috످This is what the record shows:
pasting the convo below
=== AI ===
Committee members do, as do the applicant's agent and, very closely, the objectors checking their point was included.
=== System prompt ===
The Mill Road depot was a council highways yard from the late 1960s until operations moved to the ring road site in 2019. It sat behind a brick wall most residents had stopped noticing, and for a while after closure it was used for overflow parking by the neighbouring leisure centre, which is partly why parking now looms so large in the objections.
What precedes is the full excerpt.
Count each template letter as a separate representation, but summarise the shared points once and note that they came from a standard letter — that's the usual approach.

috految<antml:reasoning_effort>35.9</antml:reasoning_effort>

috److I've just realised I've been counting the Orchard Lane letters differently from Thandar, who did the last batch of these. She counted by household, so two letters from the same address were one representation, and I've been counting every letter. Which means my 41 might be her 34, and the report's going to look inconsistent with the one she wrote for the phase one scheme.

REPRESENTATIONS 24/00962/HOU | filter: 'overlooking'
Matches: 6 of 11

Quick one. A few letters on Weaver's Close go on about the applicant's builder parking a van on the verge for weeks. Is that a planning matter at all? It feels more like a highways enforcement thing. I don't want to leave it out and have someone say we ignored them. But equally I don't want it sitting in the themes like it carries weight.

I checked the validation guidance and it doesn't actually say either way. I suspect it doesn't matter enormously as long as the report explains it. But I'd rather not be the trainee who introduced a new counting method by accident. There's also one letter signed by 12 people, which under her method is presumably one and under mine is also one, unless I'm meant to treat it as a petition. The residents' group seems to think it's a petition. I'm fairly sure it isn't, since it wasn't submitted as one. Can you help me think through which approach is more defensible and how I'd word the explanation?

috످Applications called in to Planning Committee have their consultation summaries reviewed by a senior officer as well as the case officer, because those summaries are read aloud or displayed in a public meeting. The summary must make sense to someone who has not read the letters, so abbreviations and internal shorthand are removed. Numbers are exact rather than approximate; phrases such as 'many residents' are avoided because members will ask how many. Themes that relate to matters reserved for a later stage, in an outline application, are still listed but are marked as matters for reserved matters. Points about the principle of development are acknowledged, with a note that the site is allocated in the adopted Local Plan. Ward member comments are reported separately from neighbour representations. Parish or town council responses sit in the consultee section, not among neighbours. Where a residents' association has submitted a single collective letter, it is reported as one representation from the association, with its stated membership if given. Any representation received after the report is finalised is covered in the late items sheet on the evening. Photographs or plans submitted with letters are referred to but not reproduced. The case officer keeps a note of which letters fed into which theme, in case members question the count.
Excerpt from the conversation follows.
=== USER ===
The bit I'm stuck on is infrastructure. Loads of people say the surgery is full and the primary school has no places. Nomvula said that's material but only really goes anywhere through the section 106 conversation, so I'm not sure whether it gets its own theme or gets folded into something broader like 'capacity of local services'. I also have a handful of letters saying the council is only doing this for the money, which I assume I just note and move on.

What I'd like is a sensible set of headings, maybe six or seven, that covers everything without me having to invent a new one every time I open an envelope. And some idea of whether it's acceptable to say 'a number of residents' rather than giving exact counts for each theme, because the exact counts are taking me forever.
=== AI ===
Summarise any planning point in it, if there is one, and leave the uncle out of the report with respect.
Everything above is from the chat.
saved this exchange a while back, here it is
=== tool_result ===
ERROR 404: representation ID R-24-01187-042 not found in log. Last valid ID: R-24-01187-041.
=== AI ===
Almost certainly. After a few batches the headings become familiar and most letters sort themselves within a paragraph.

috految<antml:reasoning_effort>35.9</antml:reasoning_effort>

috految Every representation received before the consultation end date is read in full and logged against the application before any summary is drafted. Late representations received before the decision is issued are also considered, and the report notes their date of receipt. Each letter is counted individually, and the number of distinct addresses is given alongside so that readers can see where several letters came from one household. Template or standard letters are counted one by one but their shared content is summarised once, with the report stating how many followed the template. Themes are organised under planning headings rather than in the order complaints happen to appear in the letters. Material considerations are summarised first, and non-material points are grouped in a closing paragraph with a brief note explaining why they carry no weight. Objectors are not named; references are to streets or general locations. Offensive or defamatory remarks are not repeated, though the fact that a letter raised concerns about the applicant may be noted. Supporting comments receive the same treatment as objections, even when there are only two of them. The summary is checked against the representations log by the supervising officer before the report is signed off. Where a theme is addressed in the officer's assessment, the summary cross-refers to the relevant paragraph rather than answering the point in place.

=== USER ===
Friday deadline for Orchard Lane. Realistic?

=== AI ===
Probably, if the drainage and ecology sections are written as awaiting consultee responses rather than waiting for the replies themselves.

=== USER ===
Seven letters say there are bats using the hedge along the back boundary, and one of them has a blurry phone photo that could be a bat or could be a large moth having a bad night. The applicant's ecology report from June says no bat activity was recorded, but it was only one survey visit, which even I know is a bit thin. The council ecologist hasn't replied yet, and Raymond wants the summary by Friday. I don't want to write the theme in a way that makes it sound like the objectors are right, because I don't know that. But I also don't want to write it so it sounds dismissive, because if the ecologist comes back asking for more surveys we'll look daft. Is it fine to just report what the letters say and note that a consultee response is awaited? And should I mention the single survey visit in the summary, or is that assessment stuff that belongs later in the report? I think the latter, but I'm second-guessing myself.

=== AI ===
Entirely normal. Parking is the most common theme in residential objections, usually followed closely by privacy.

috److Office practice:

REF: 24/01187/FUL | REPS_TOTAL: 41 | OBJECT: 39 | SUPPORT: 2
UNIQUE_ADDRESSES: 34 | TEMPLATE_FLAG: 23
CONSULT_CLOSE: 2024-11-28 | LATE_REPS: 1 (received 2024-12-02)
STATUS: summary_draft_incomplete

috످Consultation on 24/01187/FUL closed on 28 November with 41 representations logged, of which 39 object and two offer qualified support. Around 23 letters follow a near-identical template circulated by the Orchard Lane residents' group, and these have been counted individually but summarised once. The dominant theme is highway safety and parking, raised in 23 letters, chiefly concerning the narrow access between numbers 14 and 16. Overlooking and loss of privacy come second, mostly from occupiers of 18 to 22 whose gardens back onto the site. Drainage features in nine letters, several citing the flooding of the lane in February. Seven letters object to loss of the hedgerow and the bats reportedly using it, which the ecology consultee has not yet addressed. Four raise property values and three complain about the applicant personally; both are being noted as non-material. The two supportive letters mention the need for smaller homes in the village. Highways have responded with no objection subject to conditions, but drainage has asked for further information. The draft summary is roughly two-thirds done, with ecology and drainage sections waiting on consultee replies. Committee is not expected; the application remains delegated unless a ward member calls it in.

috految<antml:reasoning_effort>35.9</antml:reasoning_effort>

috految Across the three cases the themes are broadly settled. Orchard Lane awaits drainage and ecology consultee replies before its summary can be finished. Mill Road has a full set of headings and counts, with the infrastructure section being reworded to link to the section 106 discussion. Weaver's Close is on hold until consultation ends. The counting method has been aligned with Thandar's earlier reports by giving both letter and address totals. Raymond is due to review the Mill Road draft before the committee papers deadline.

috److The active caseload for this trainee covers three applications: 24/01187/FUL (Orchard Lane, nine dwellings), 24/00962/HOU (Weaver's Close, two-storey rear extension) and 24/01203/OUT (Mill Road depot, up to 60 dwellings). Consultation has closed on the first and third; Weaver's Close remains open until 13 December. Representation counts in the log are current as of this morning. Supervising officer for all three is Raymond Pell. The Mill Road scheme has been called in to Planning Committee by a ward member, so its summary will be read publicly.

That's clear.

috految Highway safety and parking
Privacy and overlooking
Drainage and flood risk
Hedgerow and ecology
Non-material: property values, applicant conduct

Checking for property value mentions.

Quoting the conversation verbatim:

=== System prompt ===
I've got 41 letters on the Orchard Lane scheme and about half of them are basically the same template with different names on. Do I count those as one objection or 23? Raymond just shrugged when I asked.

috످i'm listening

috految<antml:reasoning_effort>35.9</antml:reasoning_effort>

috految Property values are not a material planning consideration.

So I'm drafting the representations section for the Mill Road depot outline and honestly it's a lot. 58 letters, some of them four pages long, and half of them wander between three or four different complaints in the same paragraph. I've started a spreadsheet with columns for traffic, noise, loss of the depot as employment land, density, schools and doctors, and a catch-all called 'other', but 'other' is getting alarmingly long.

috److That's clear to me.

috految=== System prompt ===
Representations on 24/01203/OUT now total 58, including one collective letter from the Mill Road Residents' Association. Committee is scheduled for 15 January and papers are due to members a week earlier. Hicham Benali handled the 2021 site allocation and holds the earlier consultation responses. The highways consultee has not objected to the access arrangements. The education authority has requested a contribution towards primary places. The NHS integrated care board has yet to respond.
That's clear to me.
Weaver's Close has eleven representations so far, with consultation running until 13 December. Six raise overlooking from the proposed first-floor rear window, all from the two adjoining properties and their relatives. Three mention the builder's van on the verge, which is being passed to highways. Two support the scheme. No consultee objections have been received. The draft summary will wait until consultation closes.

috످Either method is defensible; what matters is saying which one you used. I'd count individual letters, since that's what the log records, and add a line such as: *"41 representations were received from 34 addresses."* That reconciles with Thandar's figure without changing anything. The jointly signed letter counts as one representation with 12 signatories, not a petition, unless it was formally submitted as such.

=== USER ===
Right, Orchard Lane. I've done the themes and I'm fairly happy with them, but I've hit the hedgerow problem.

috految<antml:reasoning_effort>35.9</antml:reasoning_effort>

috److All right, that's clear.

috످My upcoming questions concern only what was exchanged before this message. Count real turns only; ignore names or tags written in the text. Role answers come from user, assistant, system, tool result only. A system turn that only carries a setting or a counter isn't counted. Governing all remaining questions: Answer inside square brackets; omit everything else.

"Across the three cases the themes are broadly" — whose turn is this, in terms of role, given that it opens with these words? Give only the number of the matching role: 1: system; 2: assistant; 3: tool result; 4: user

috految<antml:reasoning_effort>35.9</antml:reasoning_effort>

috److془The passage is a status update on three applications. It follows the user's "Consultation on 24/01187/FUL..." and is in the system turn? Let's check: 

Message: "Consultation on 24/01187/FUL closed ... calls it in." user. Then "Across the three cases..." reasoning-effort system turn. Then assistant "The active caseload...". So system.془[1]

috످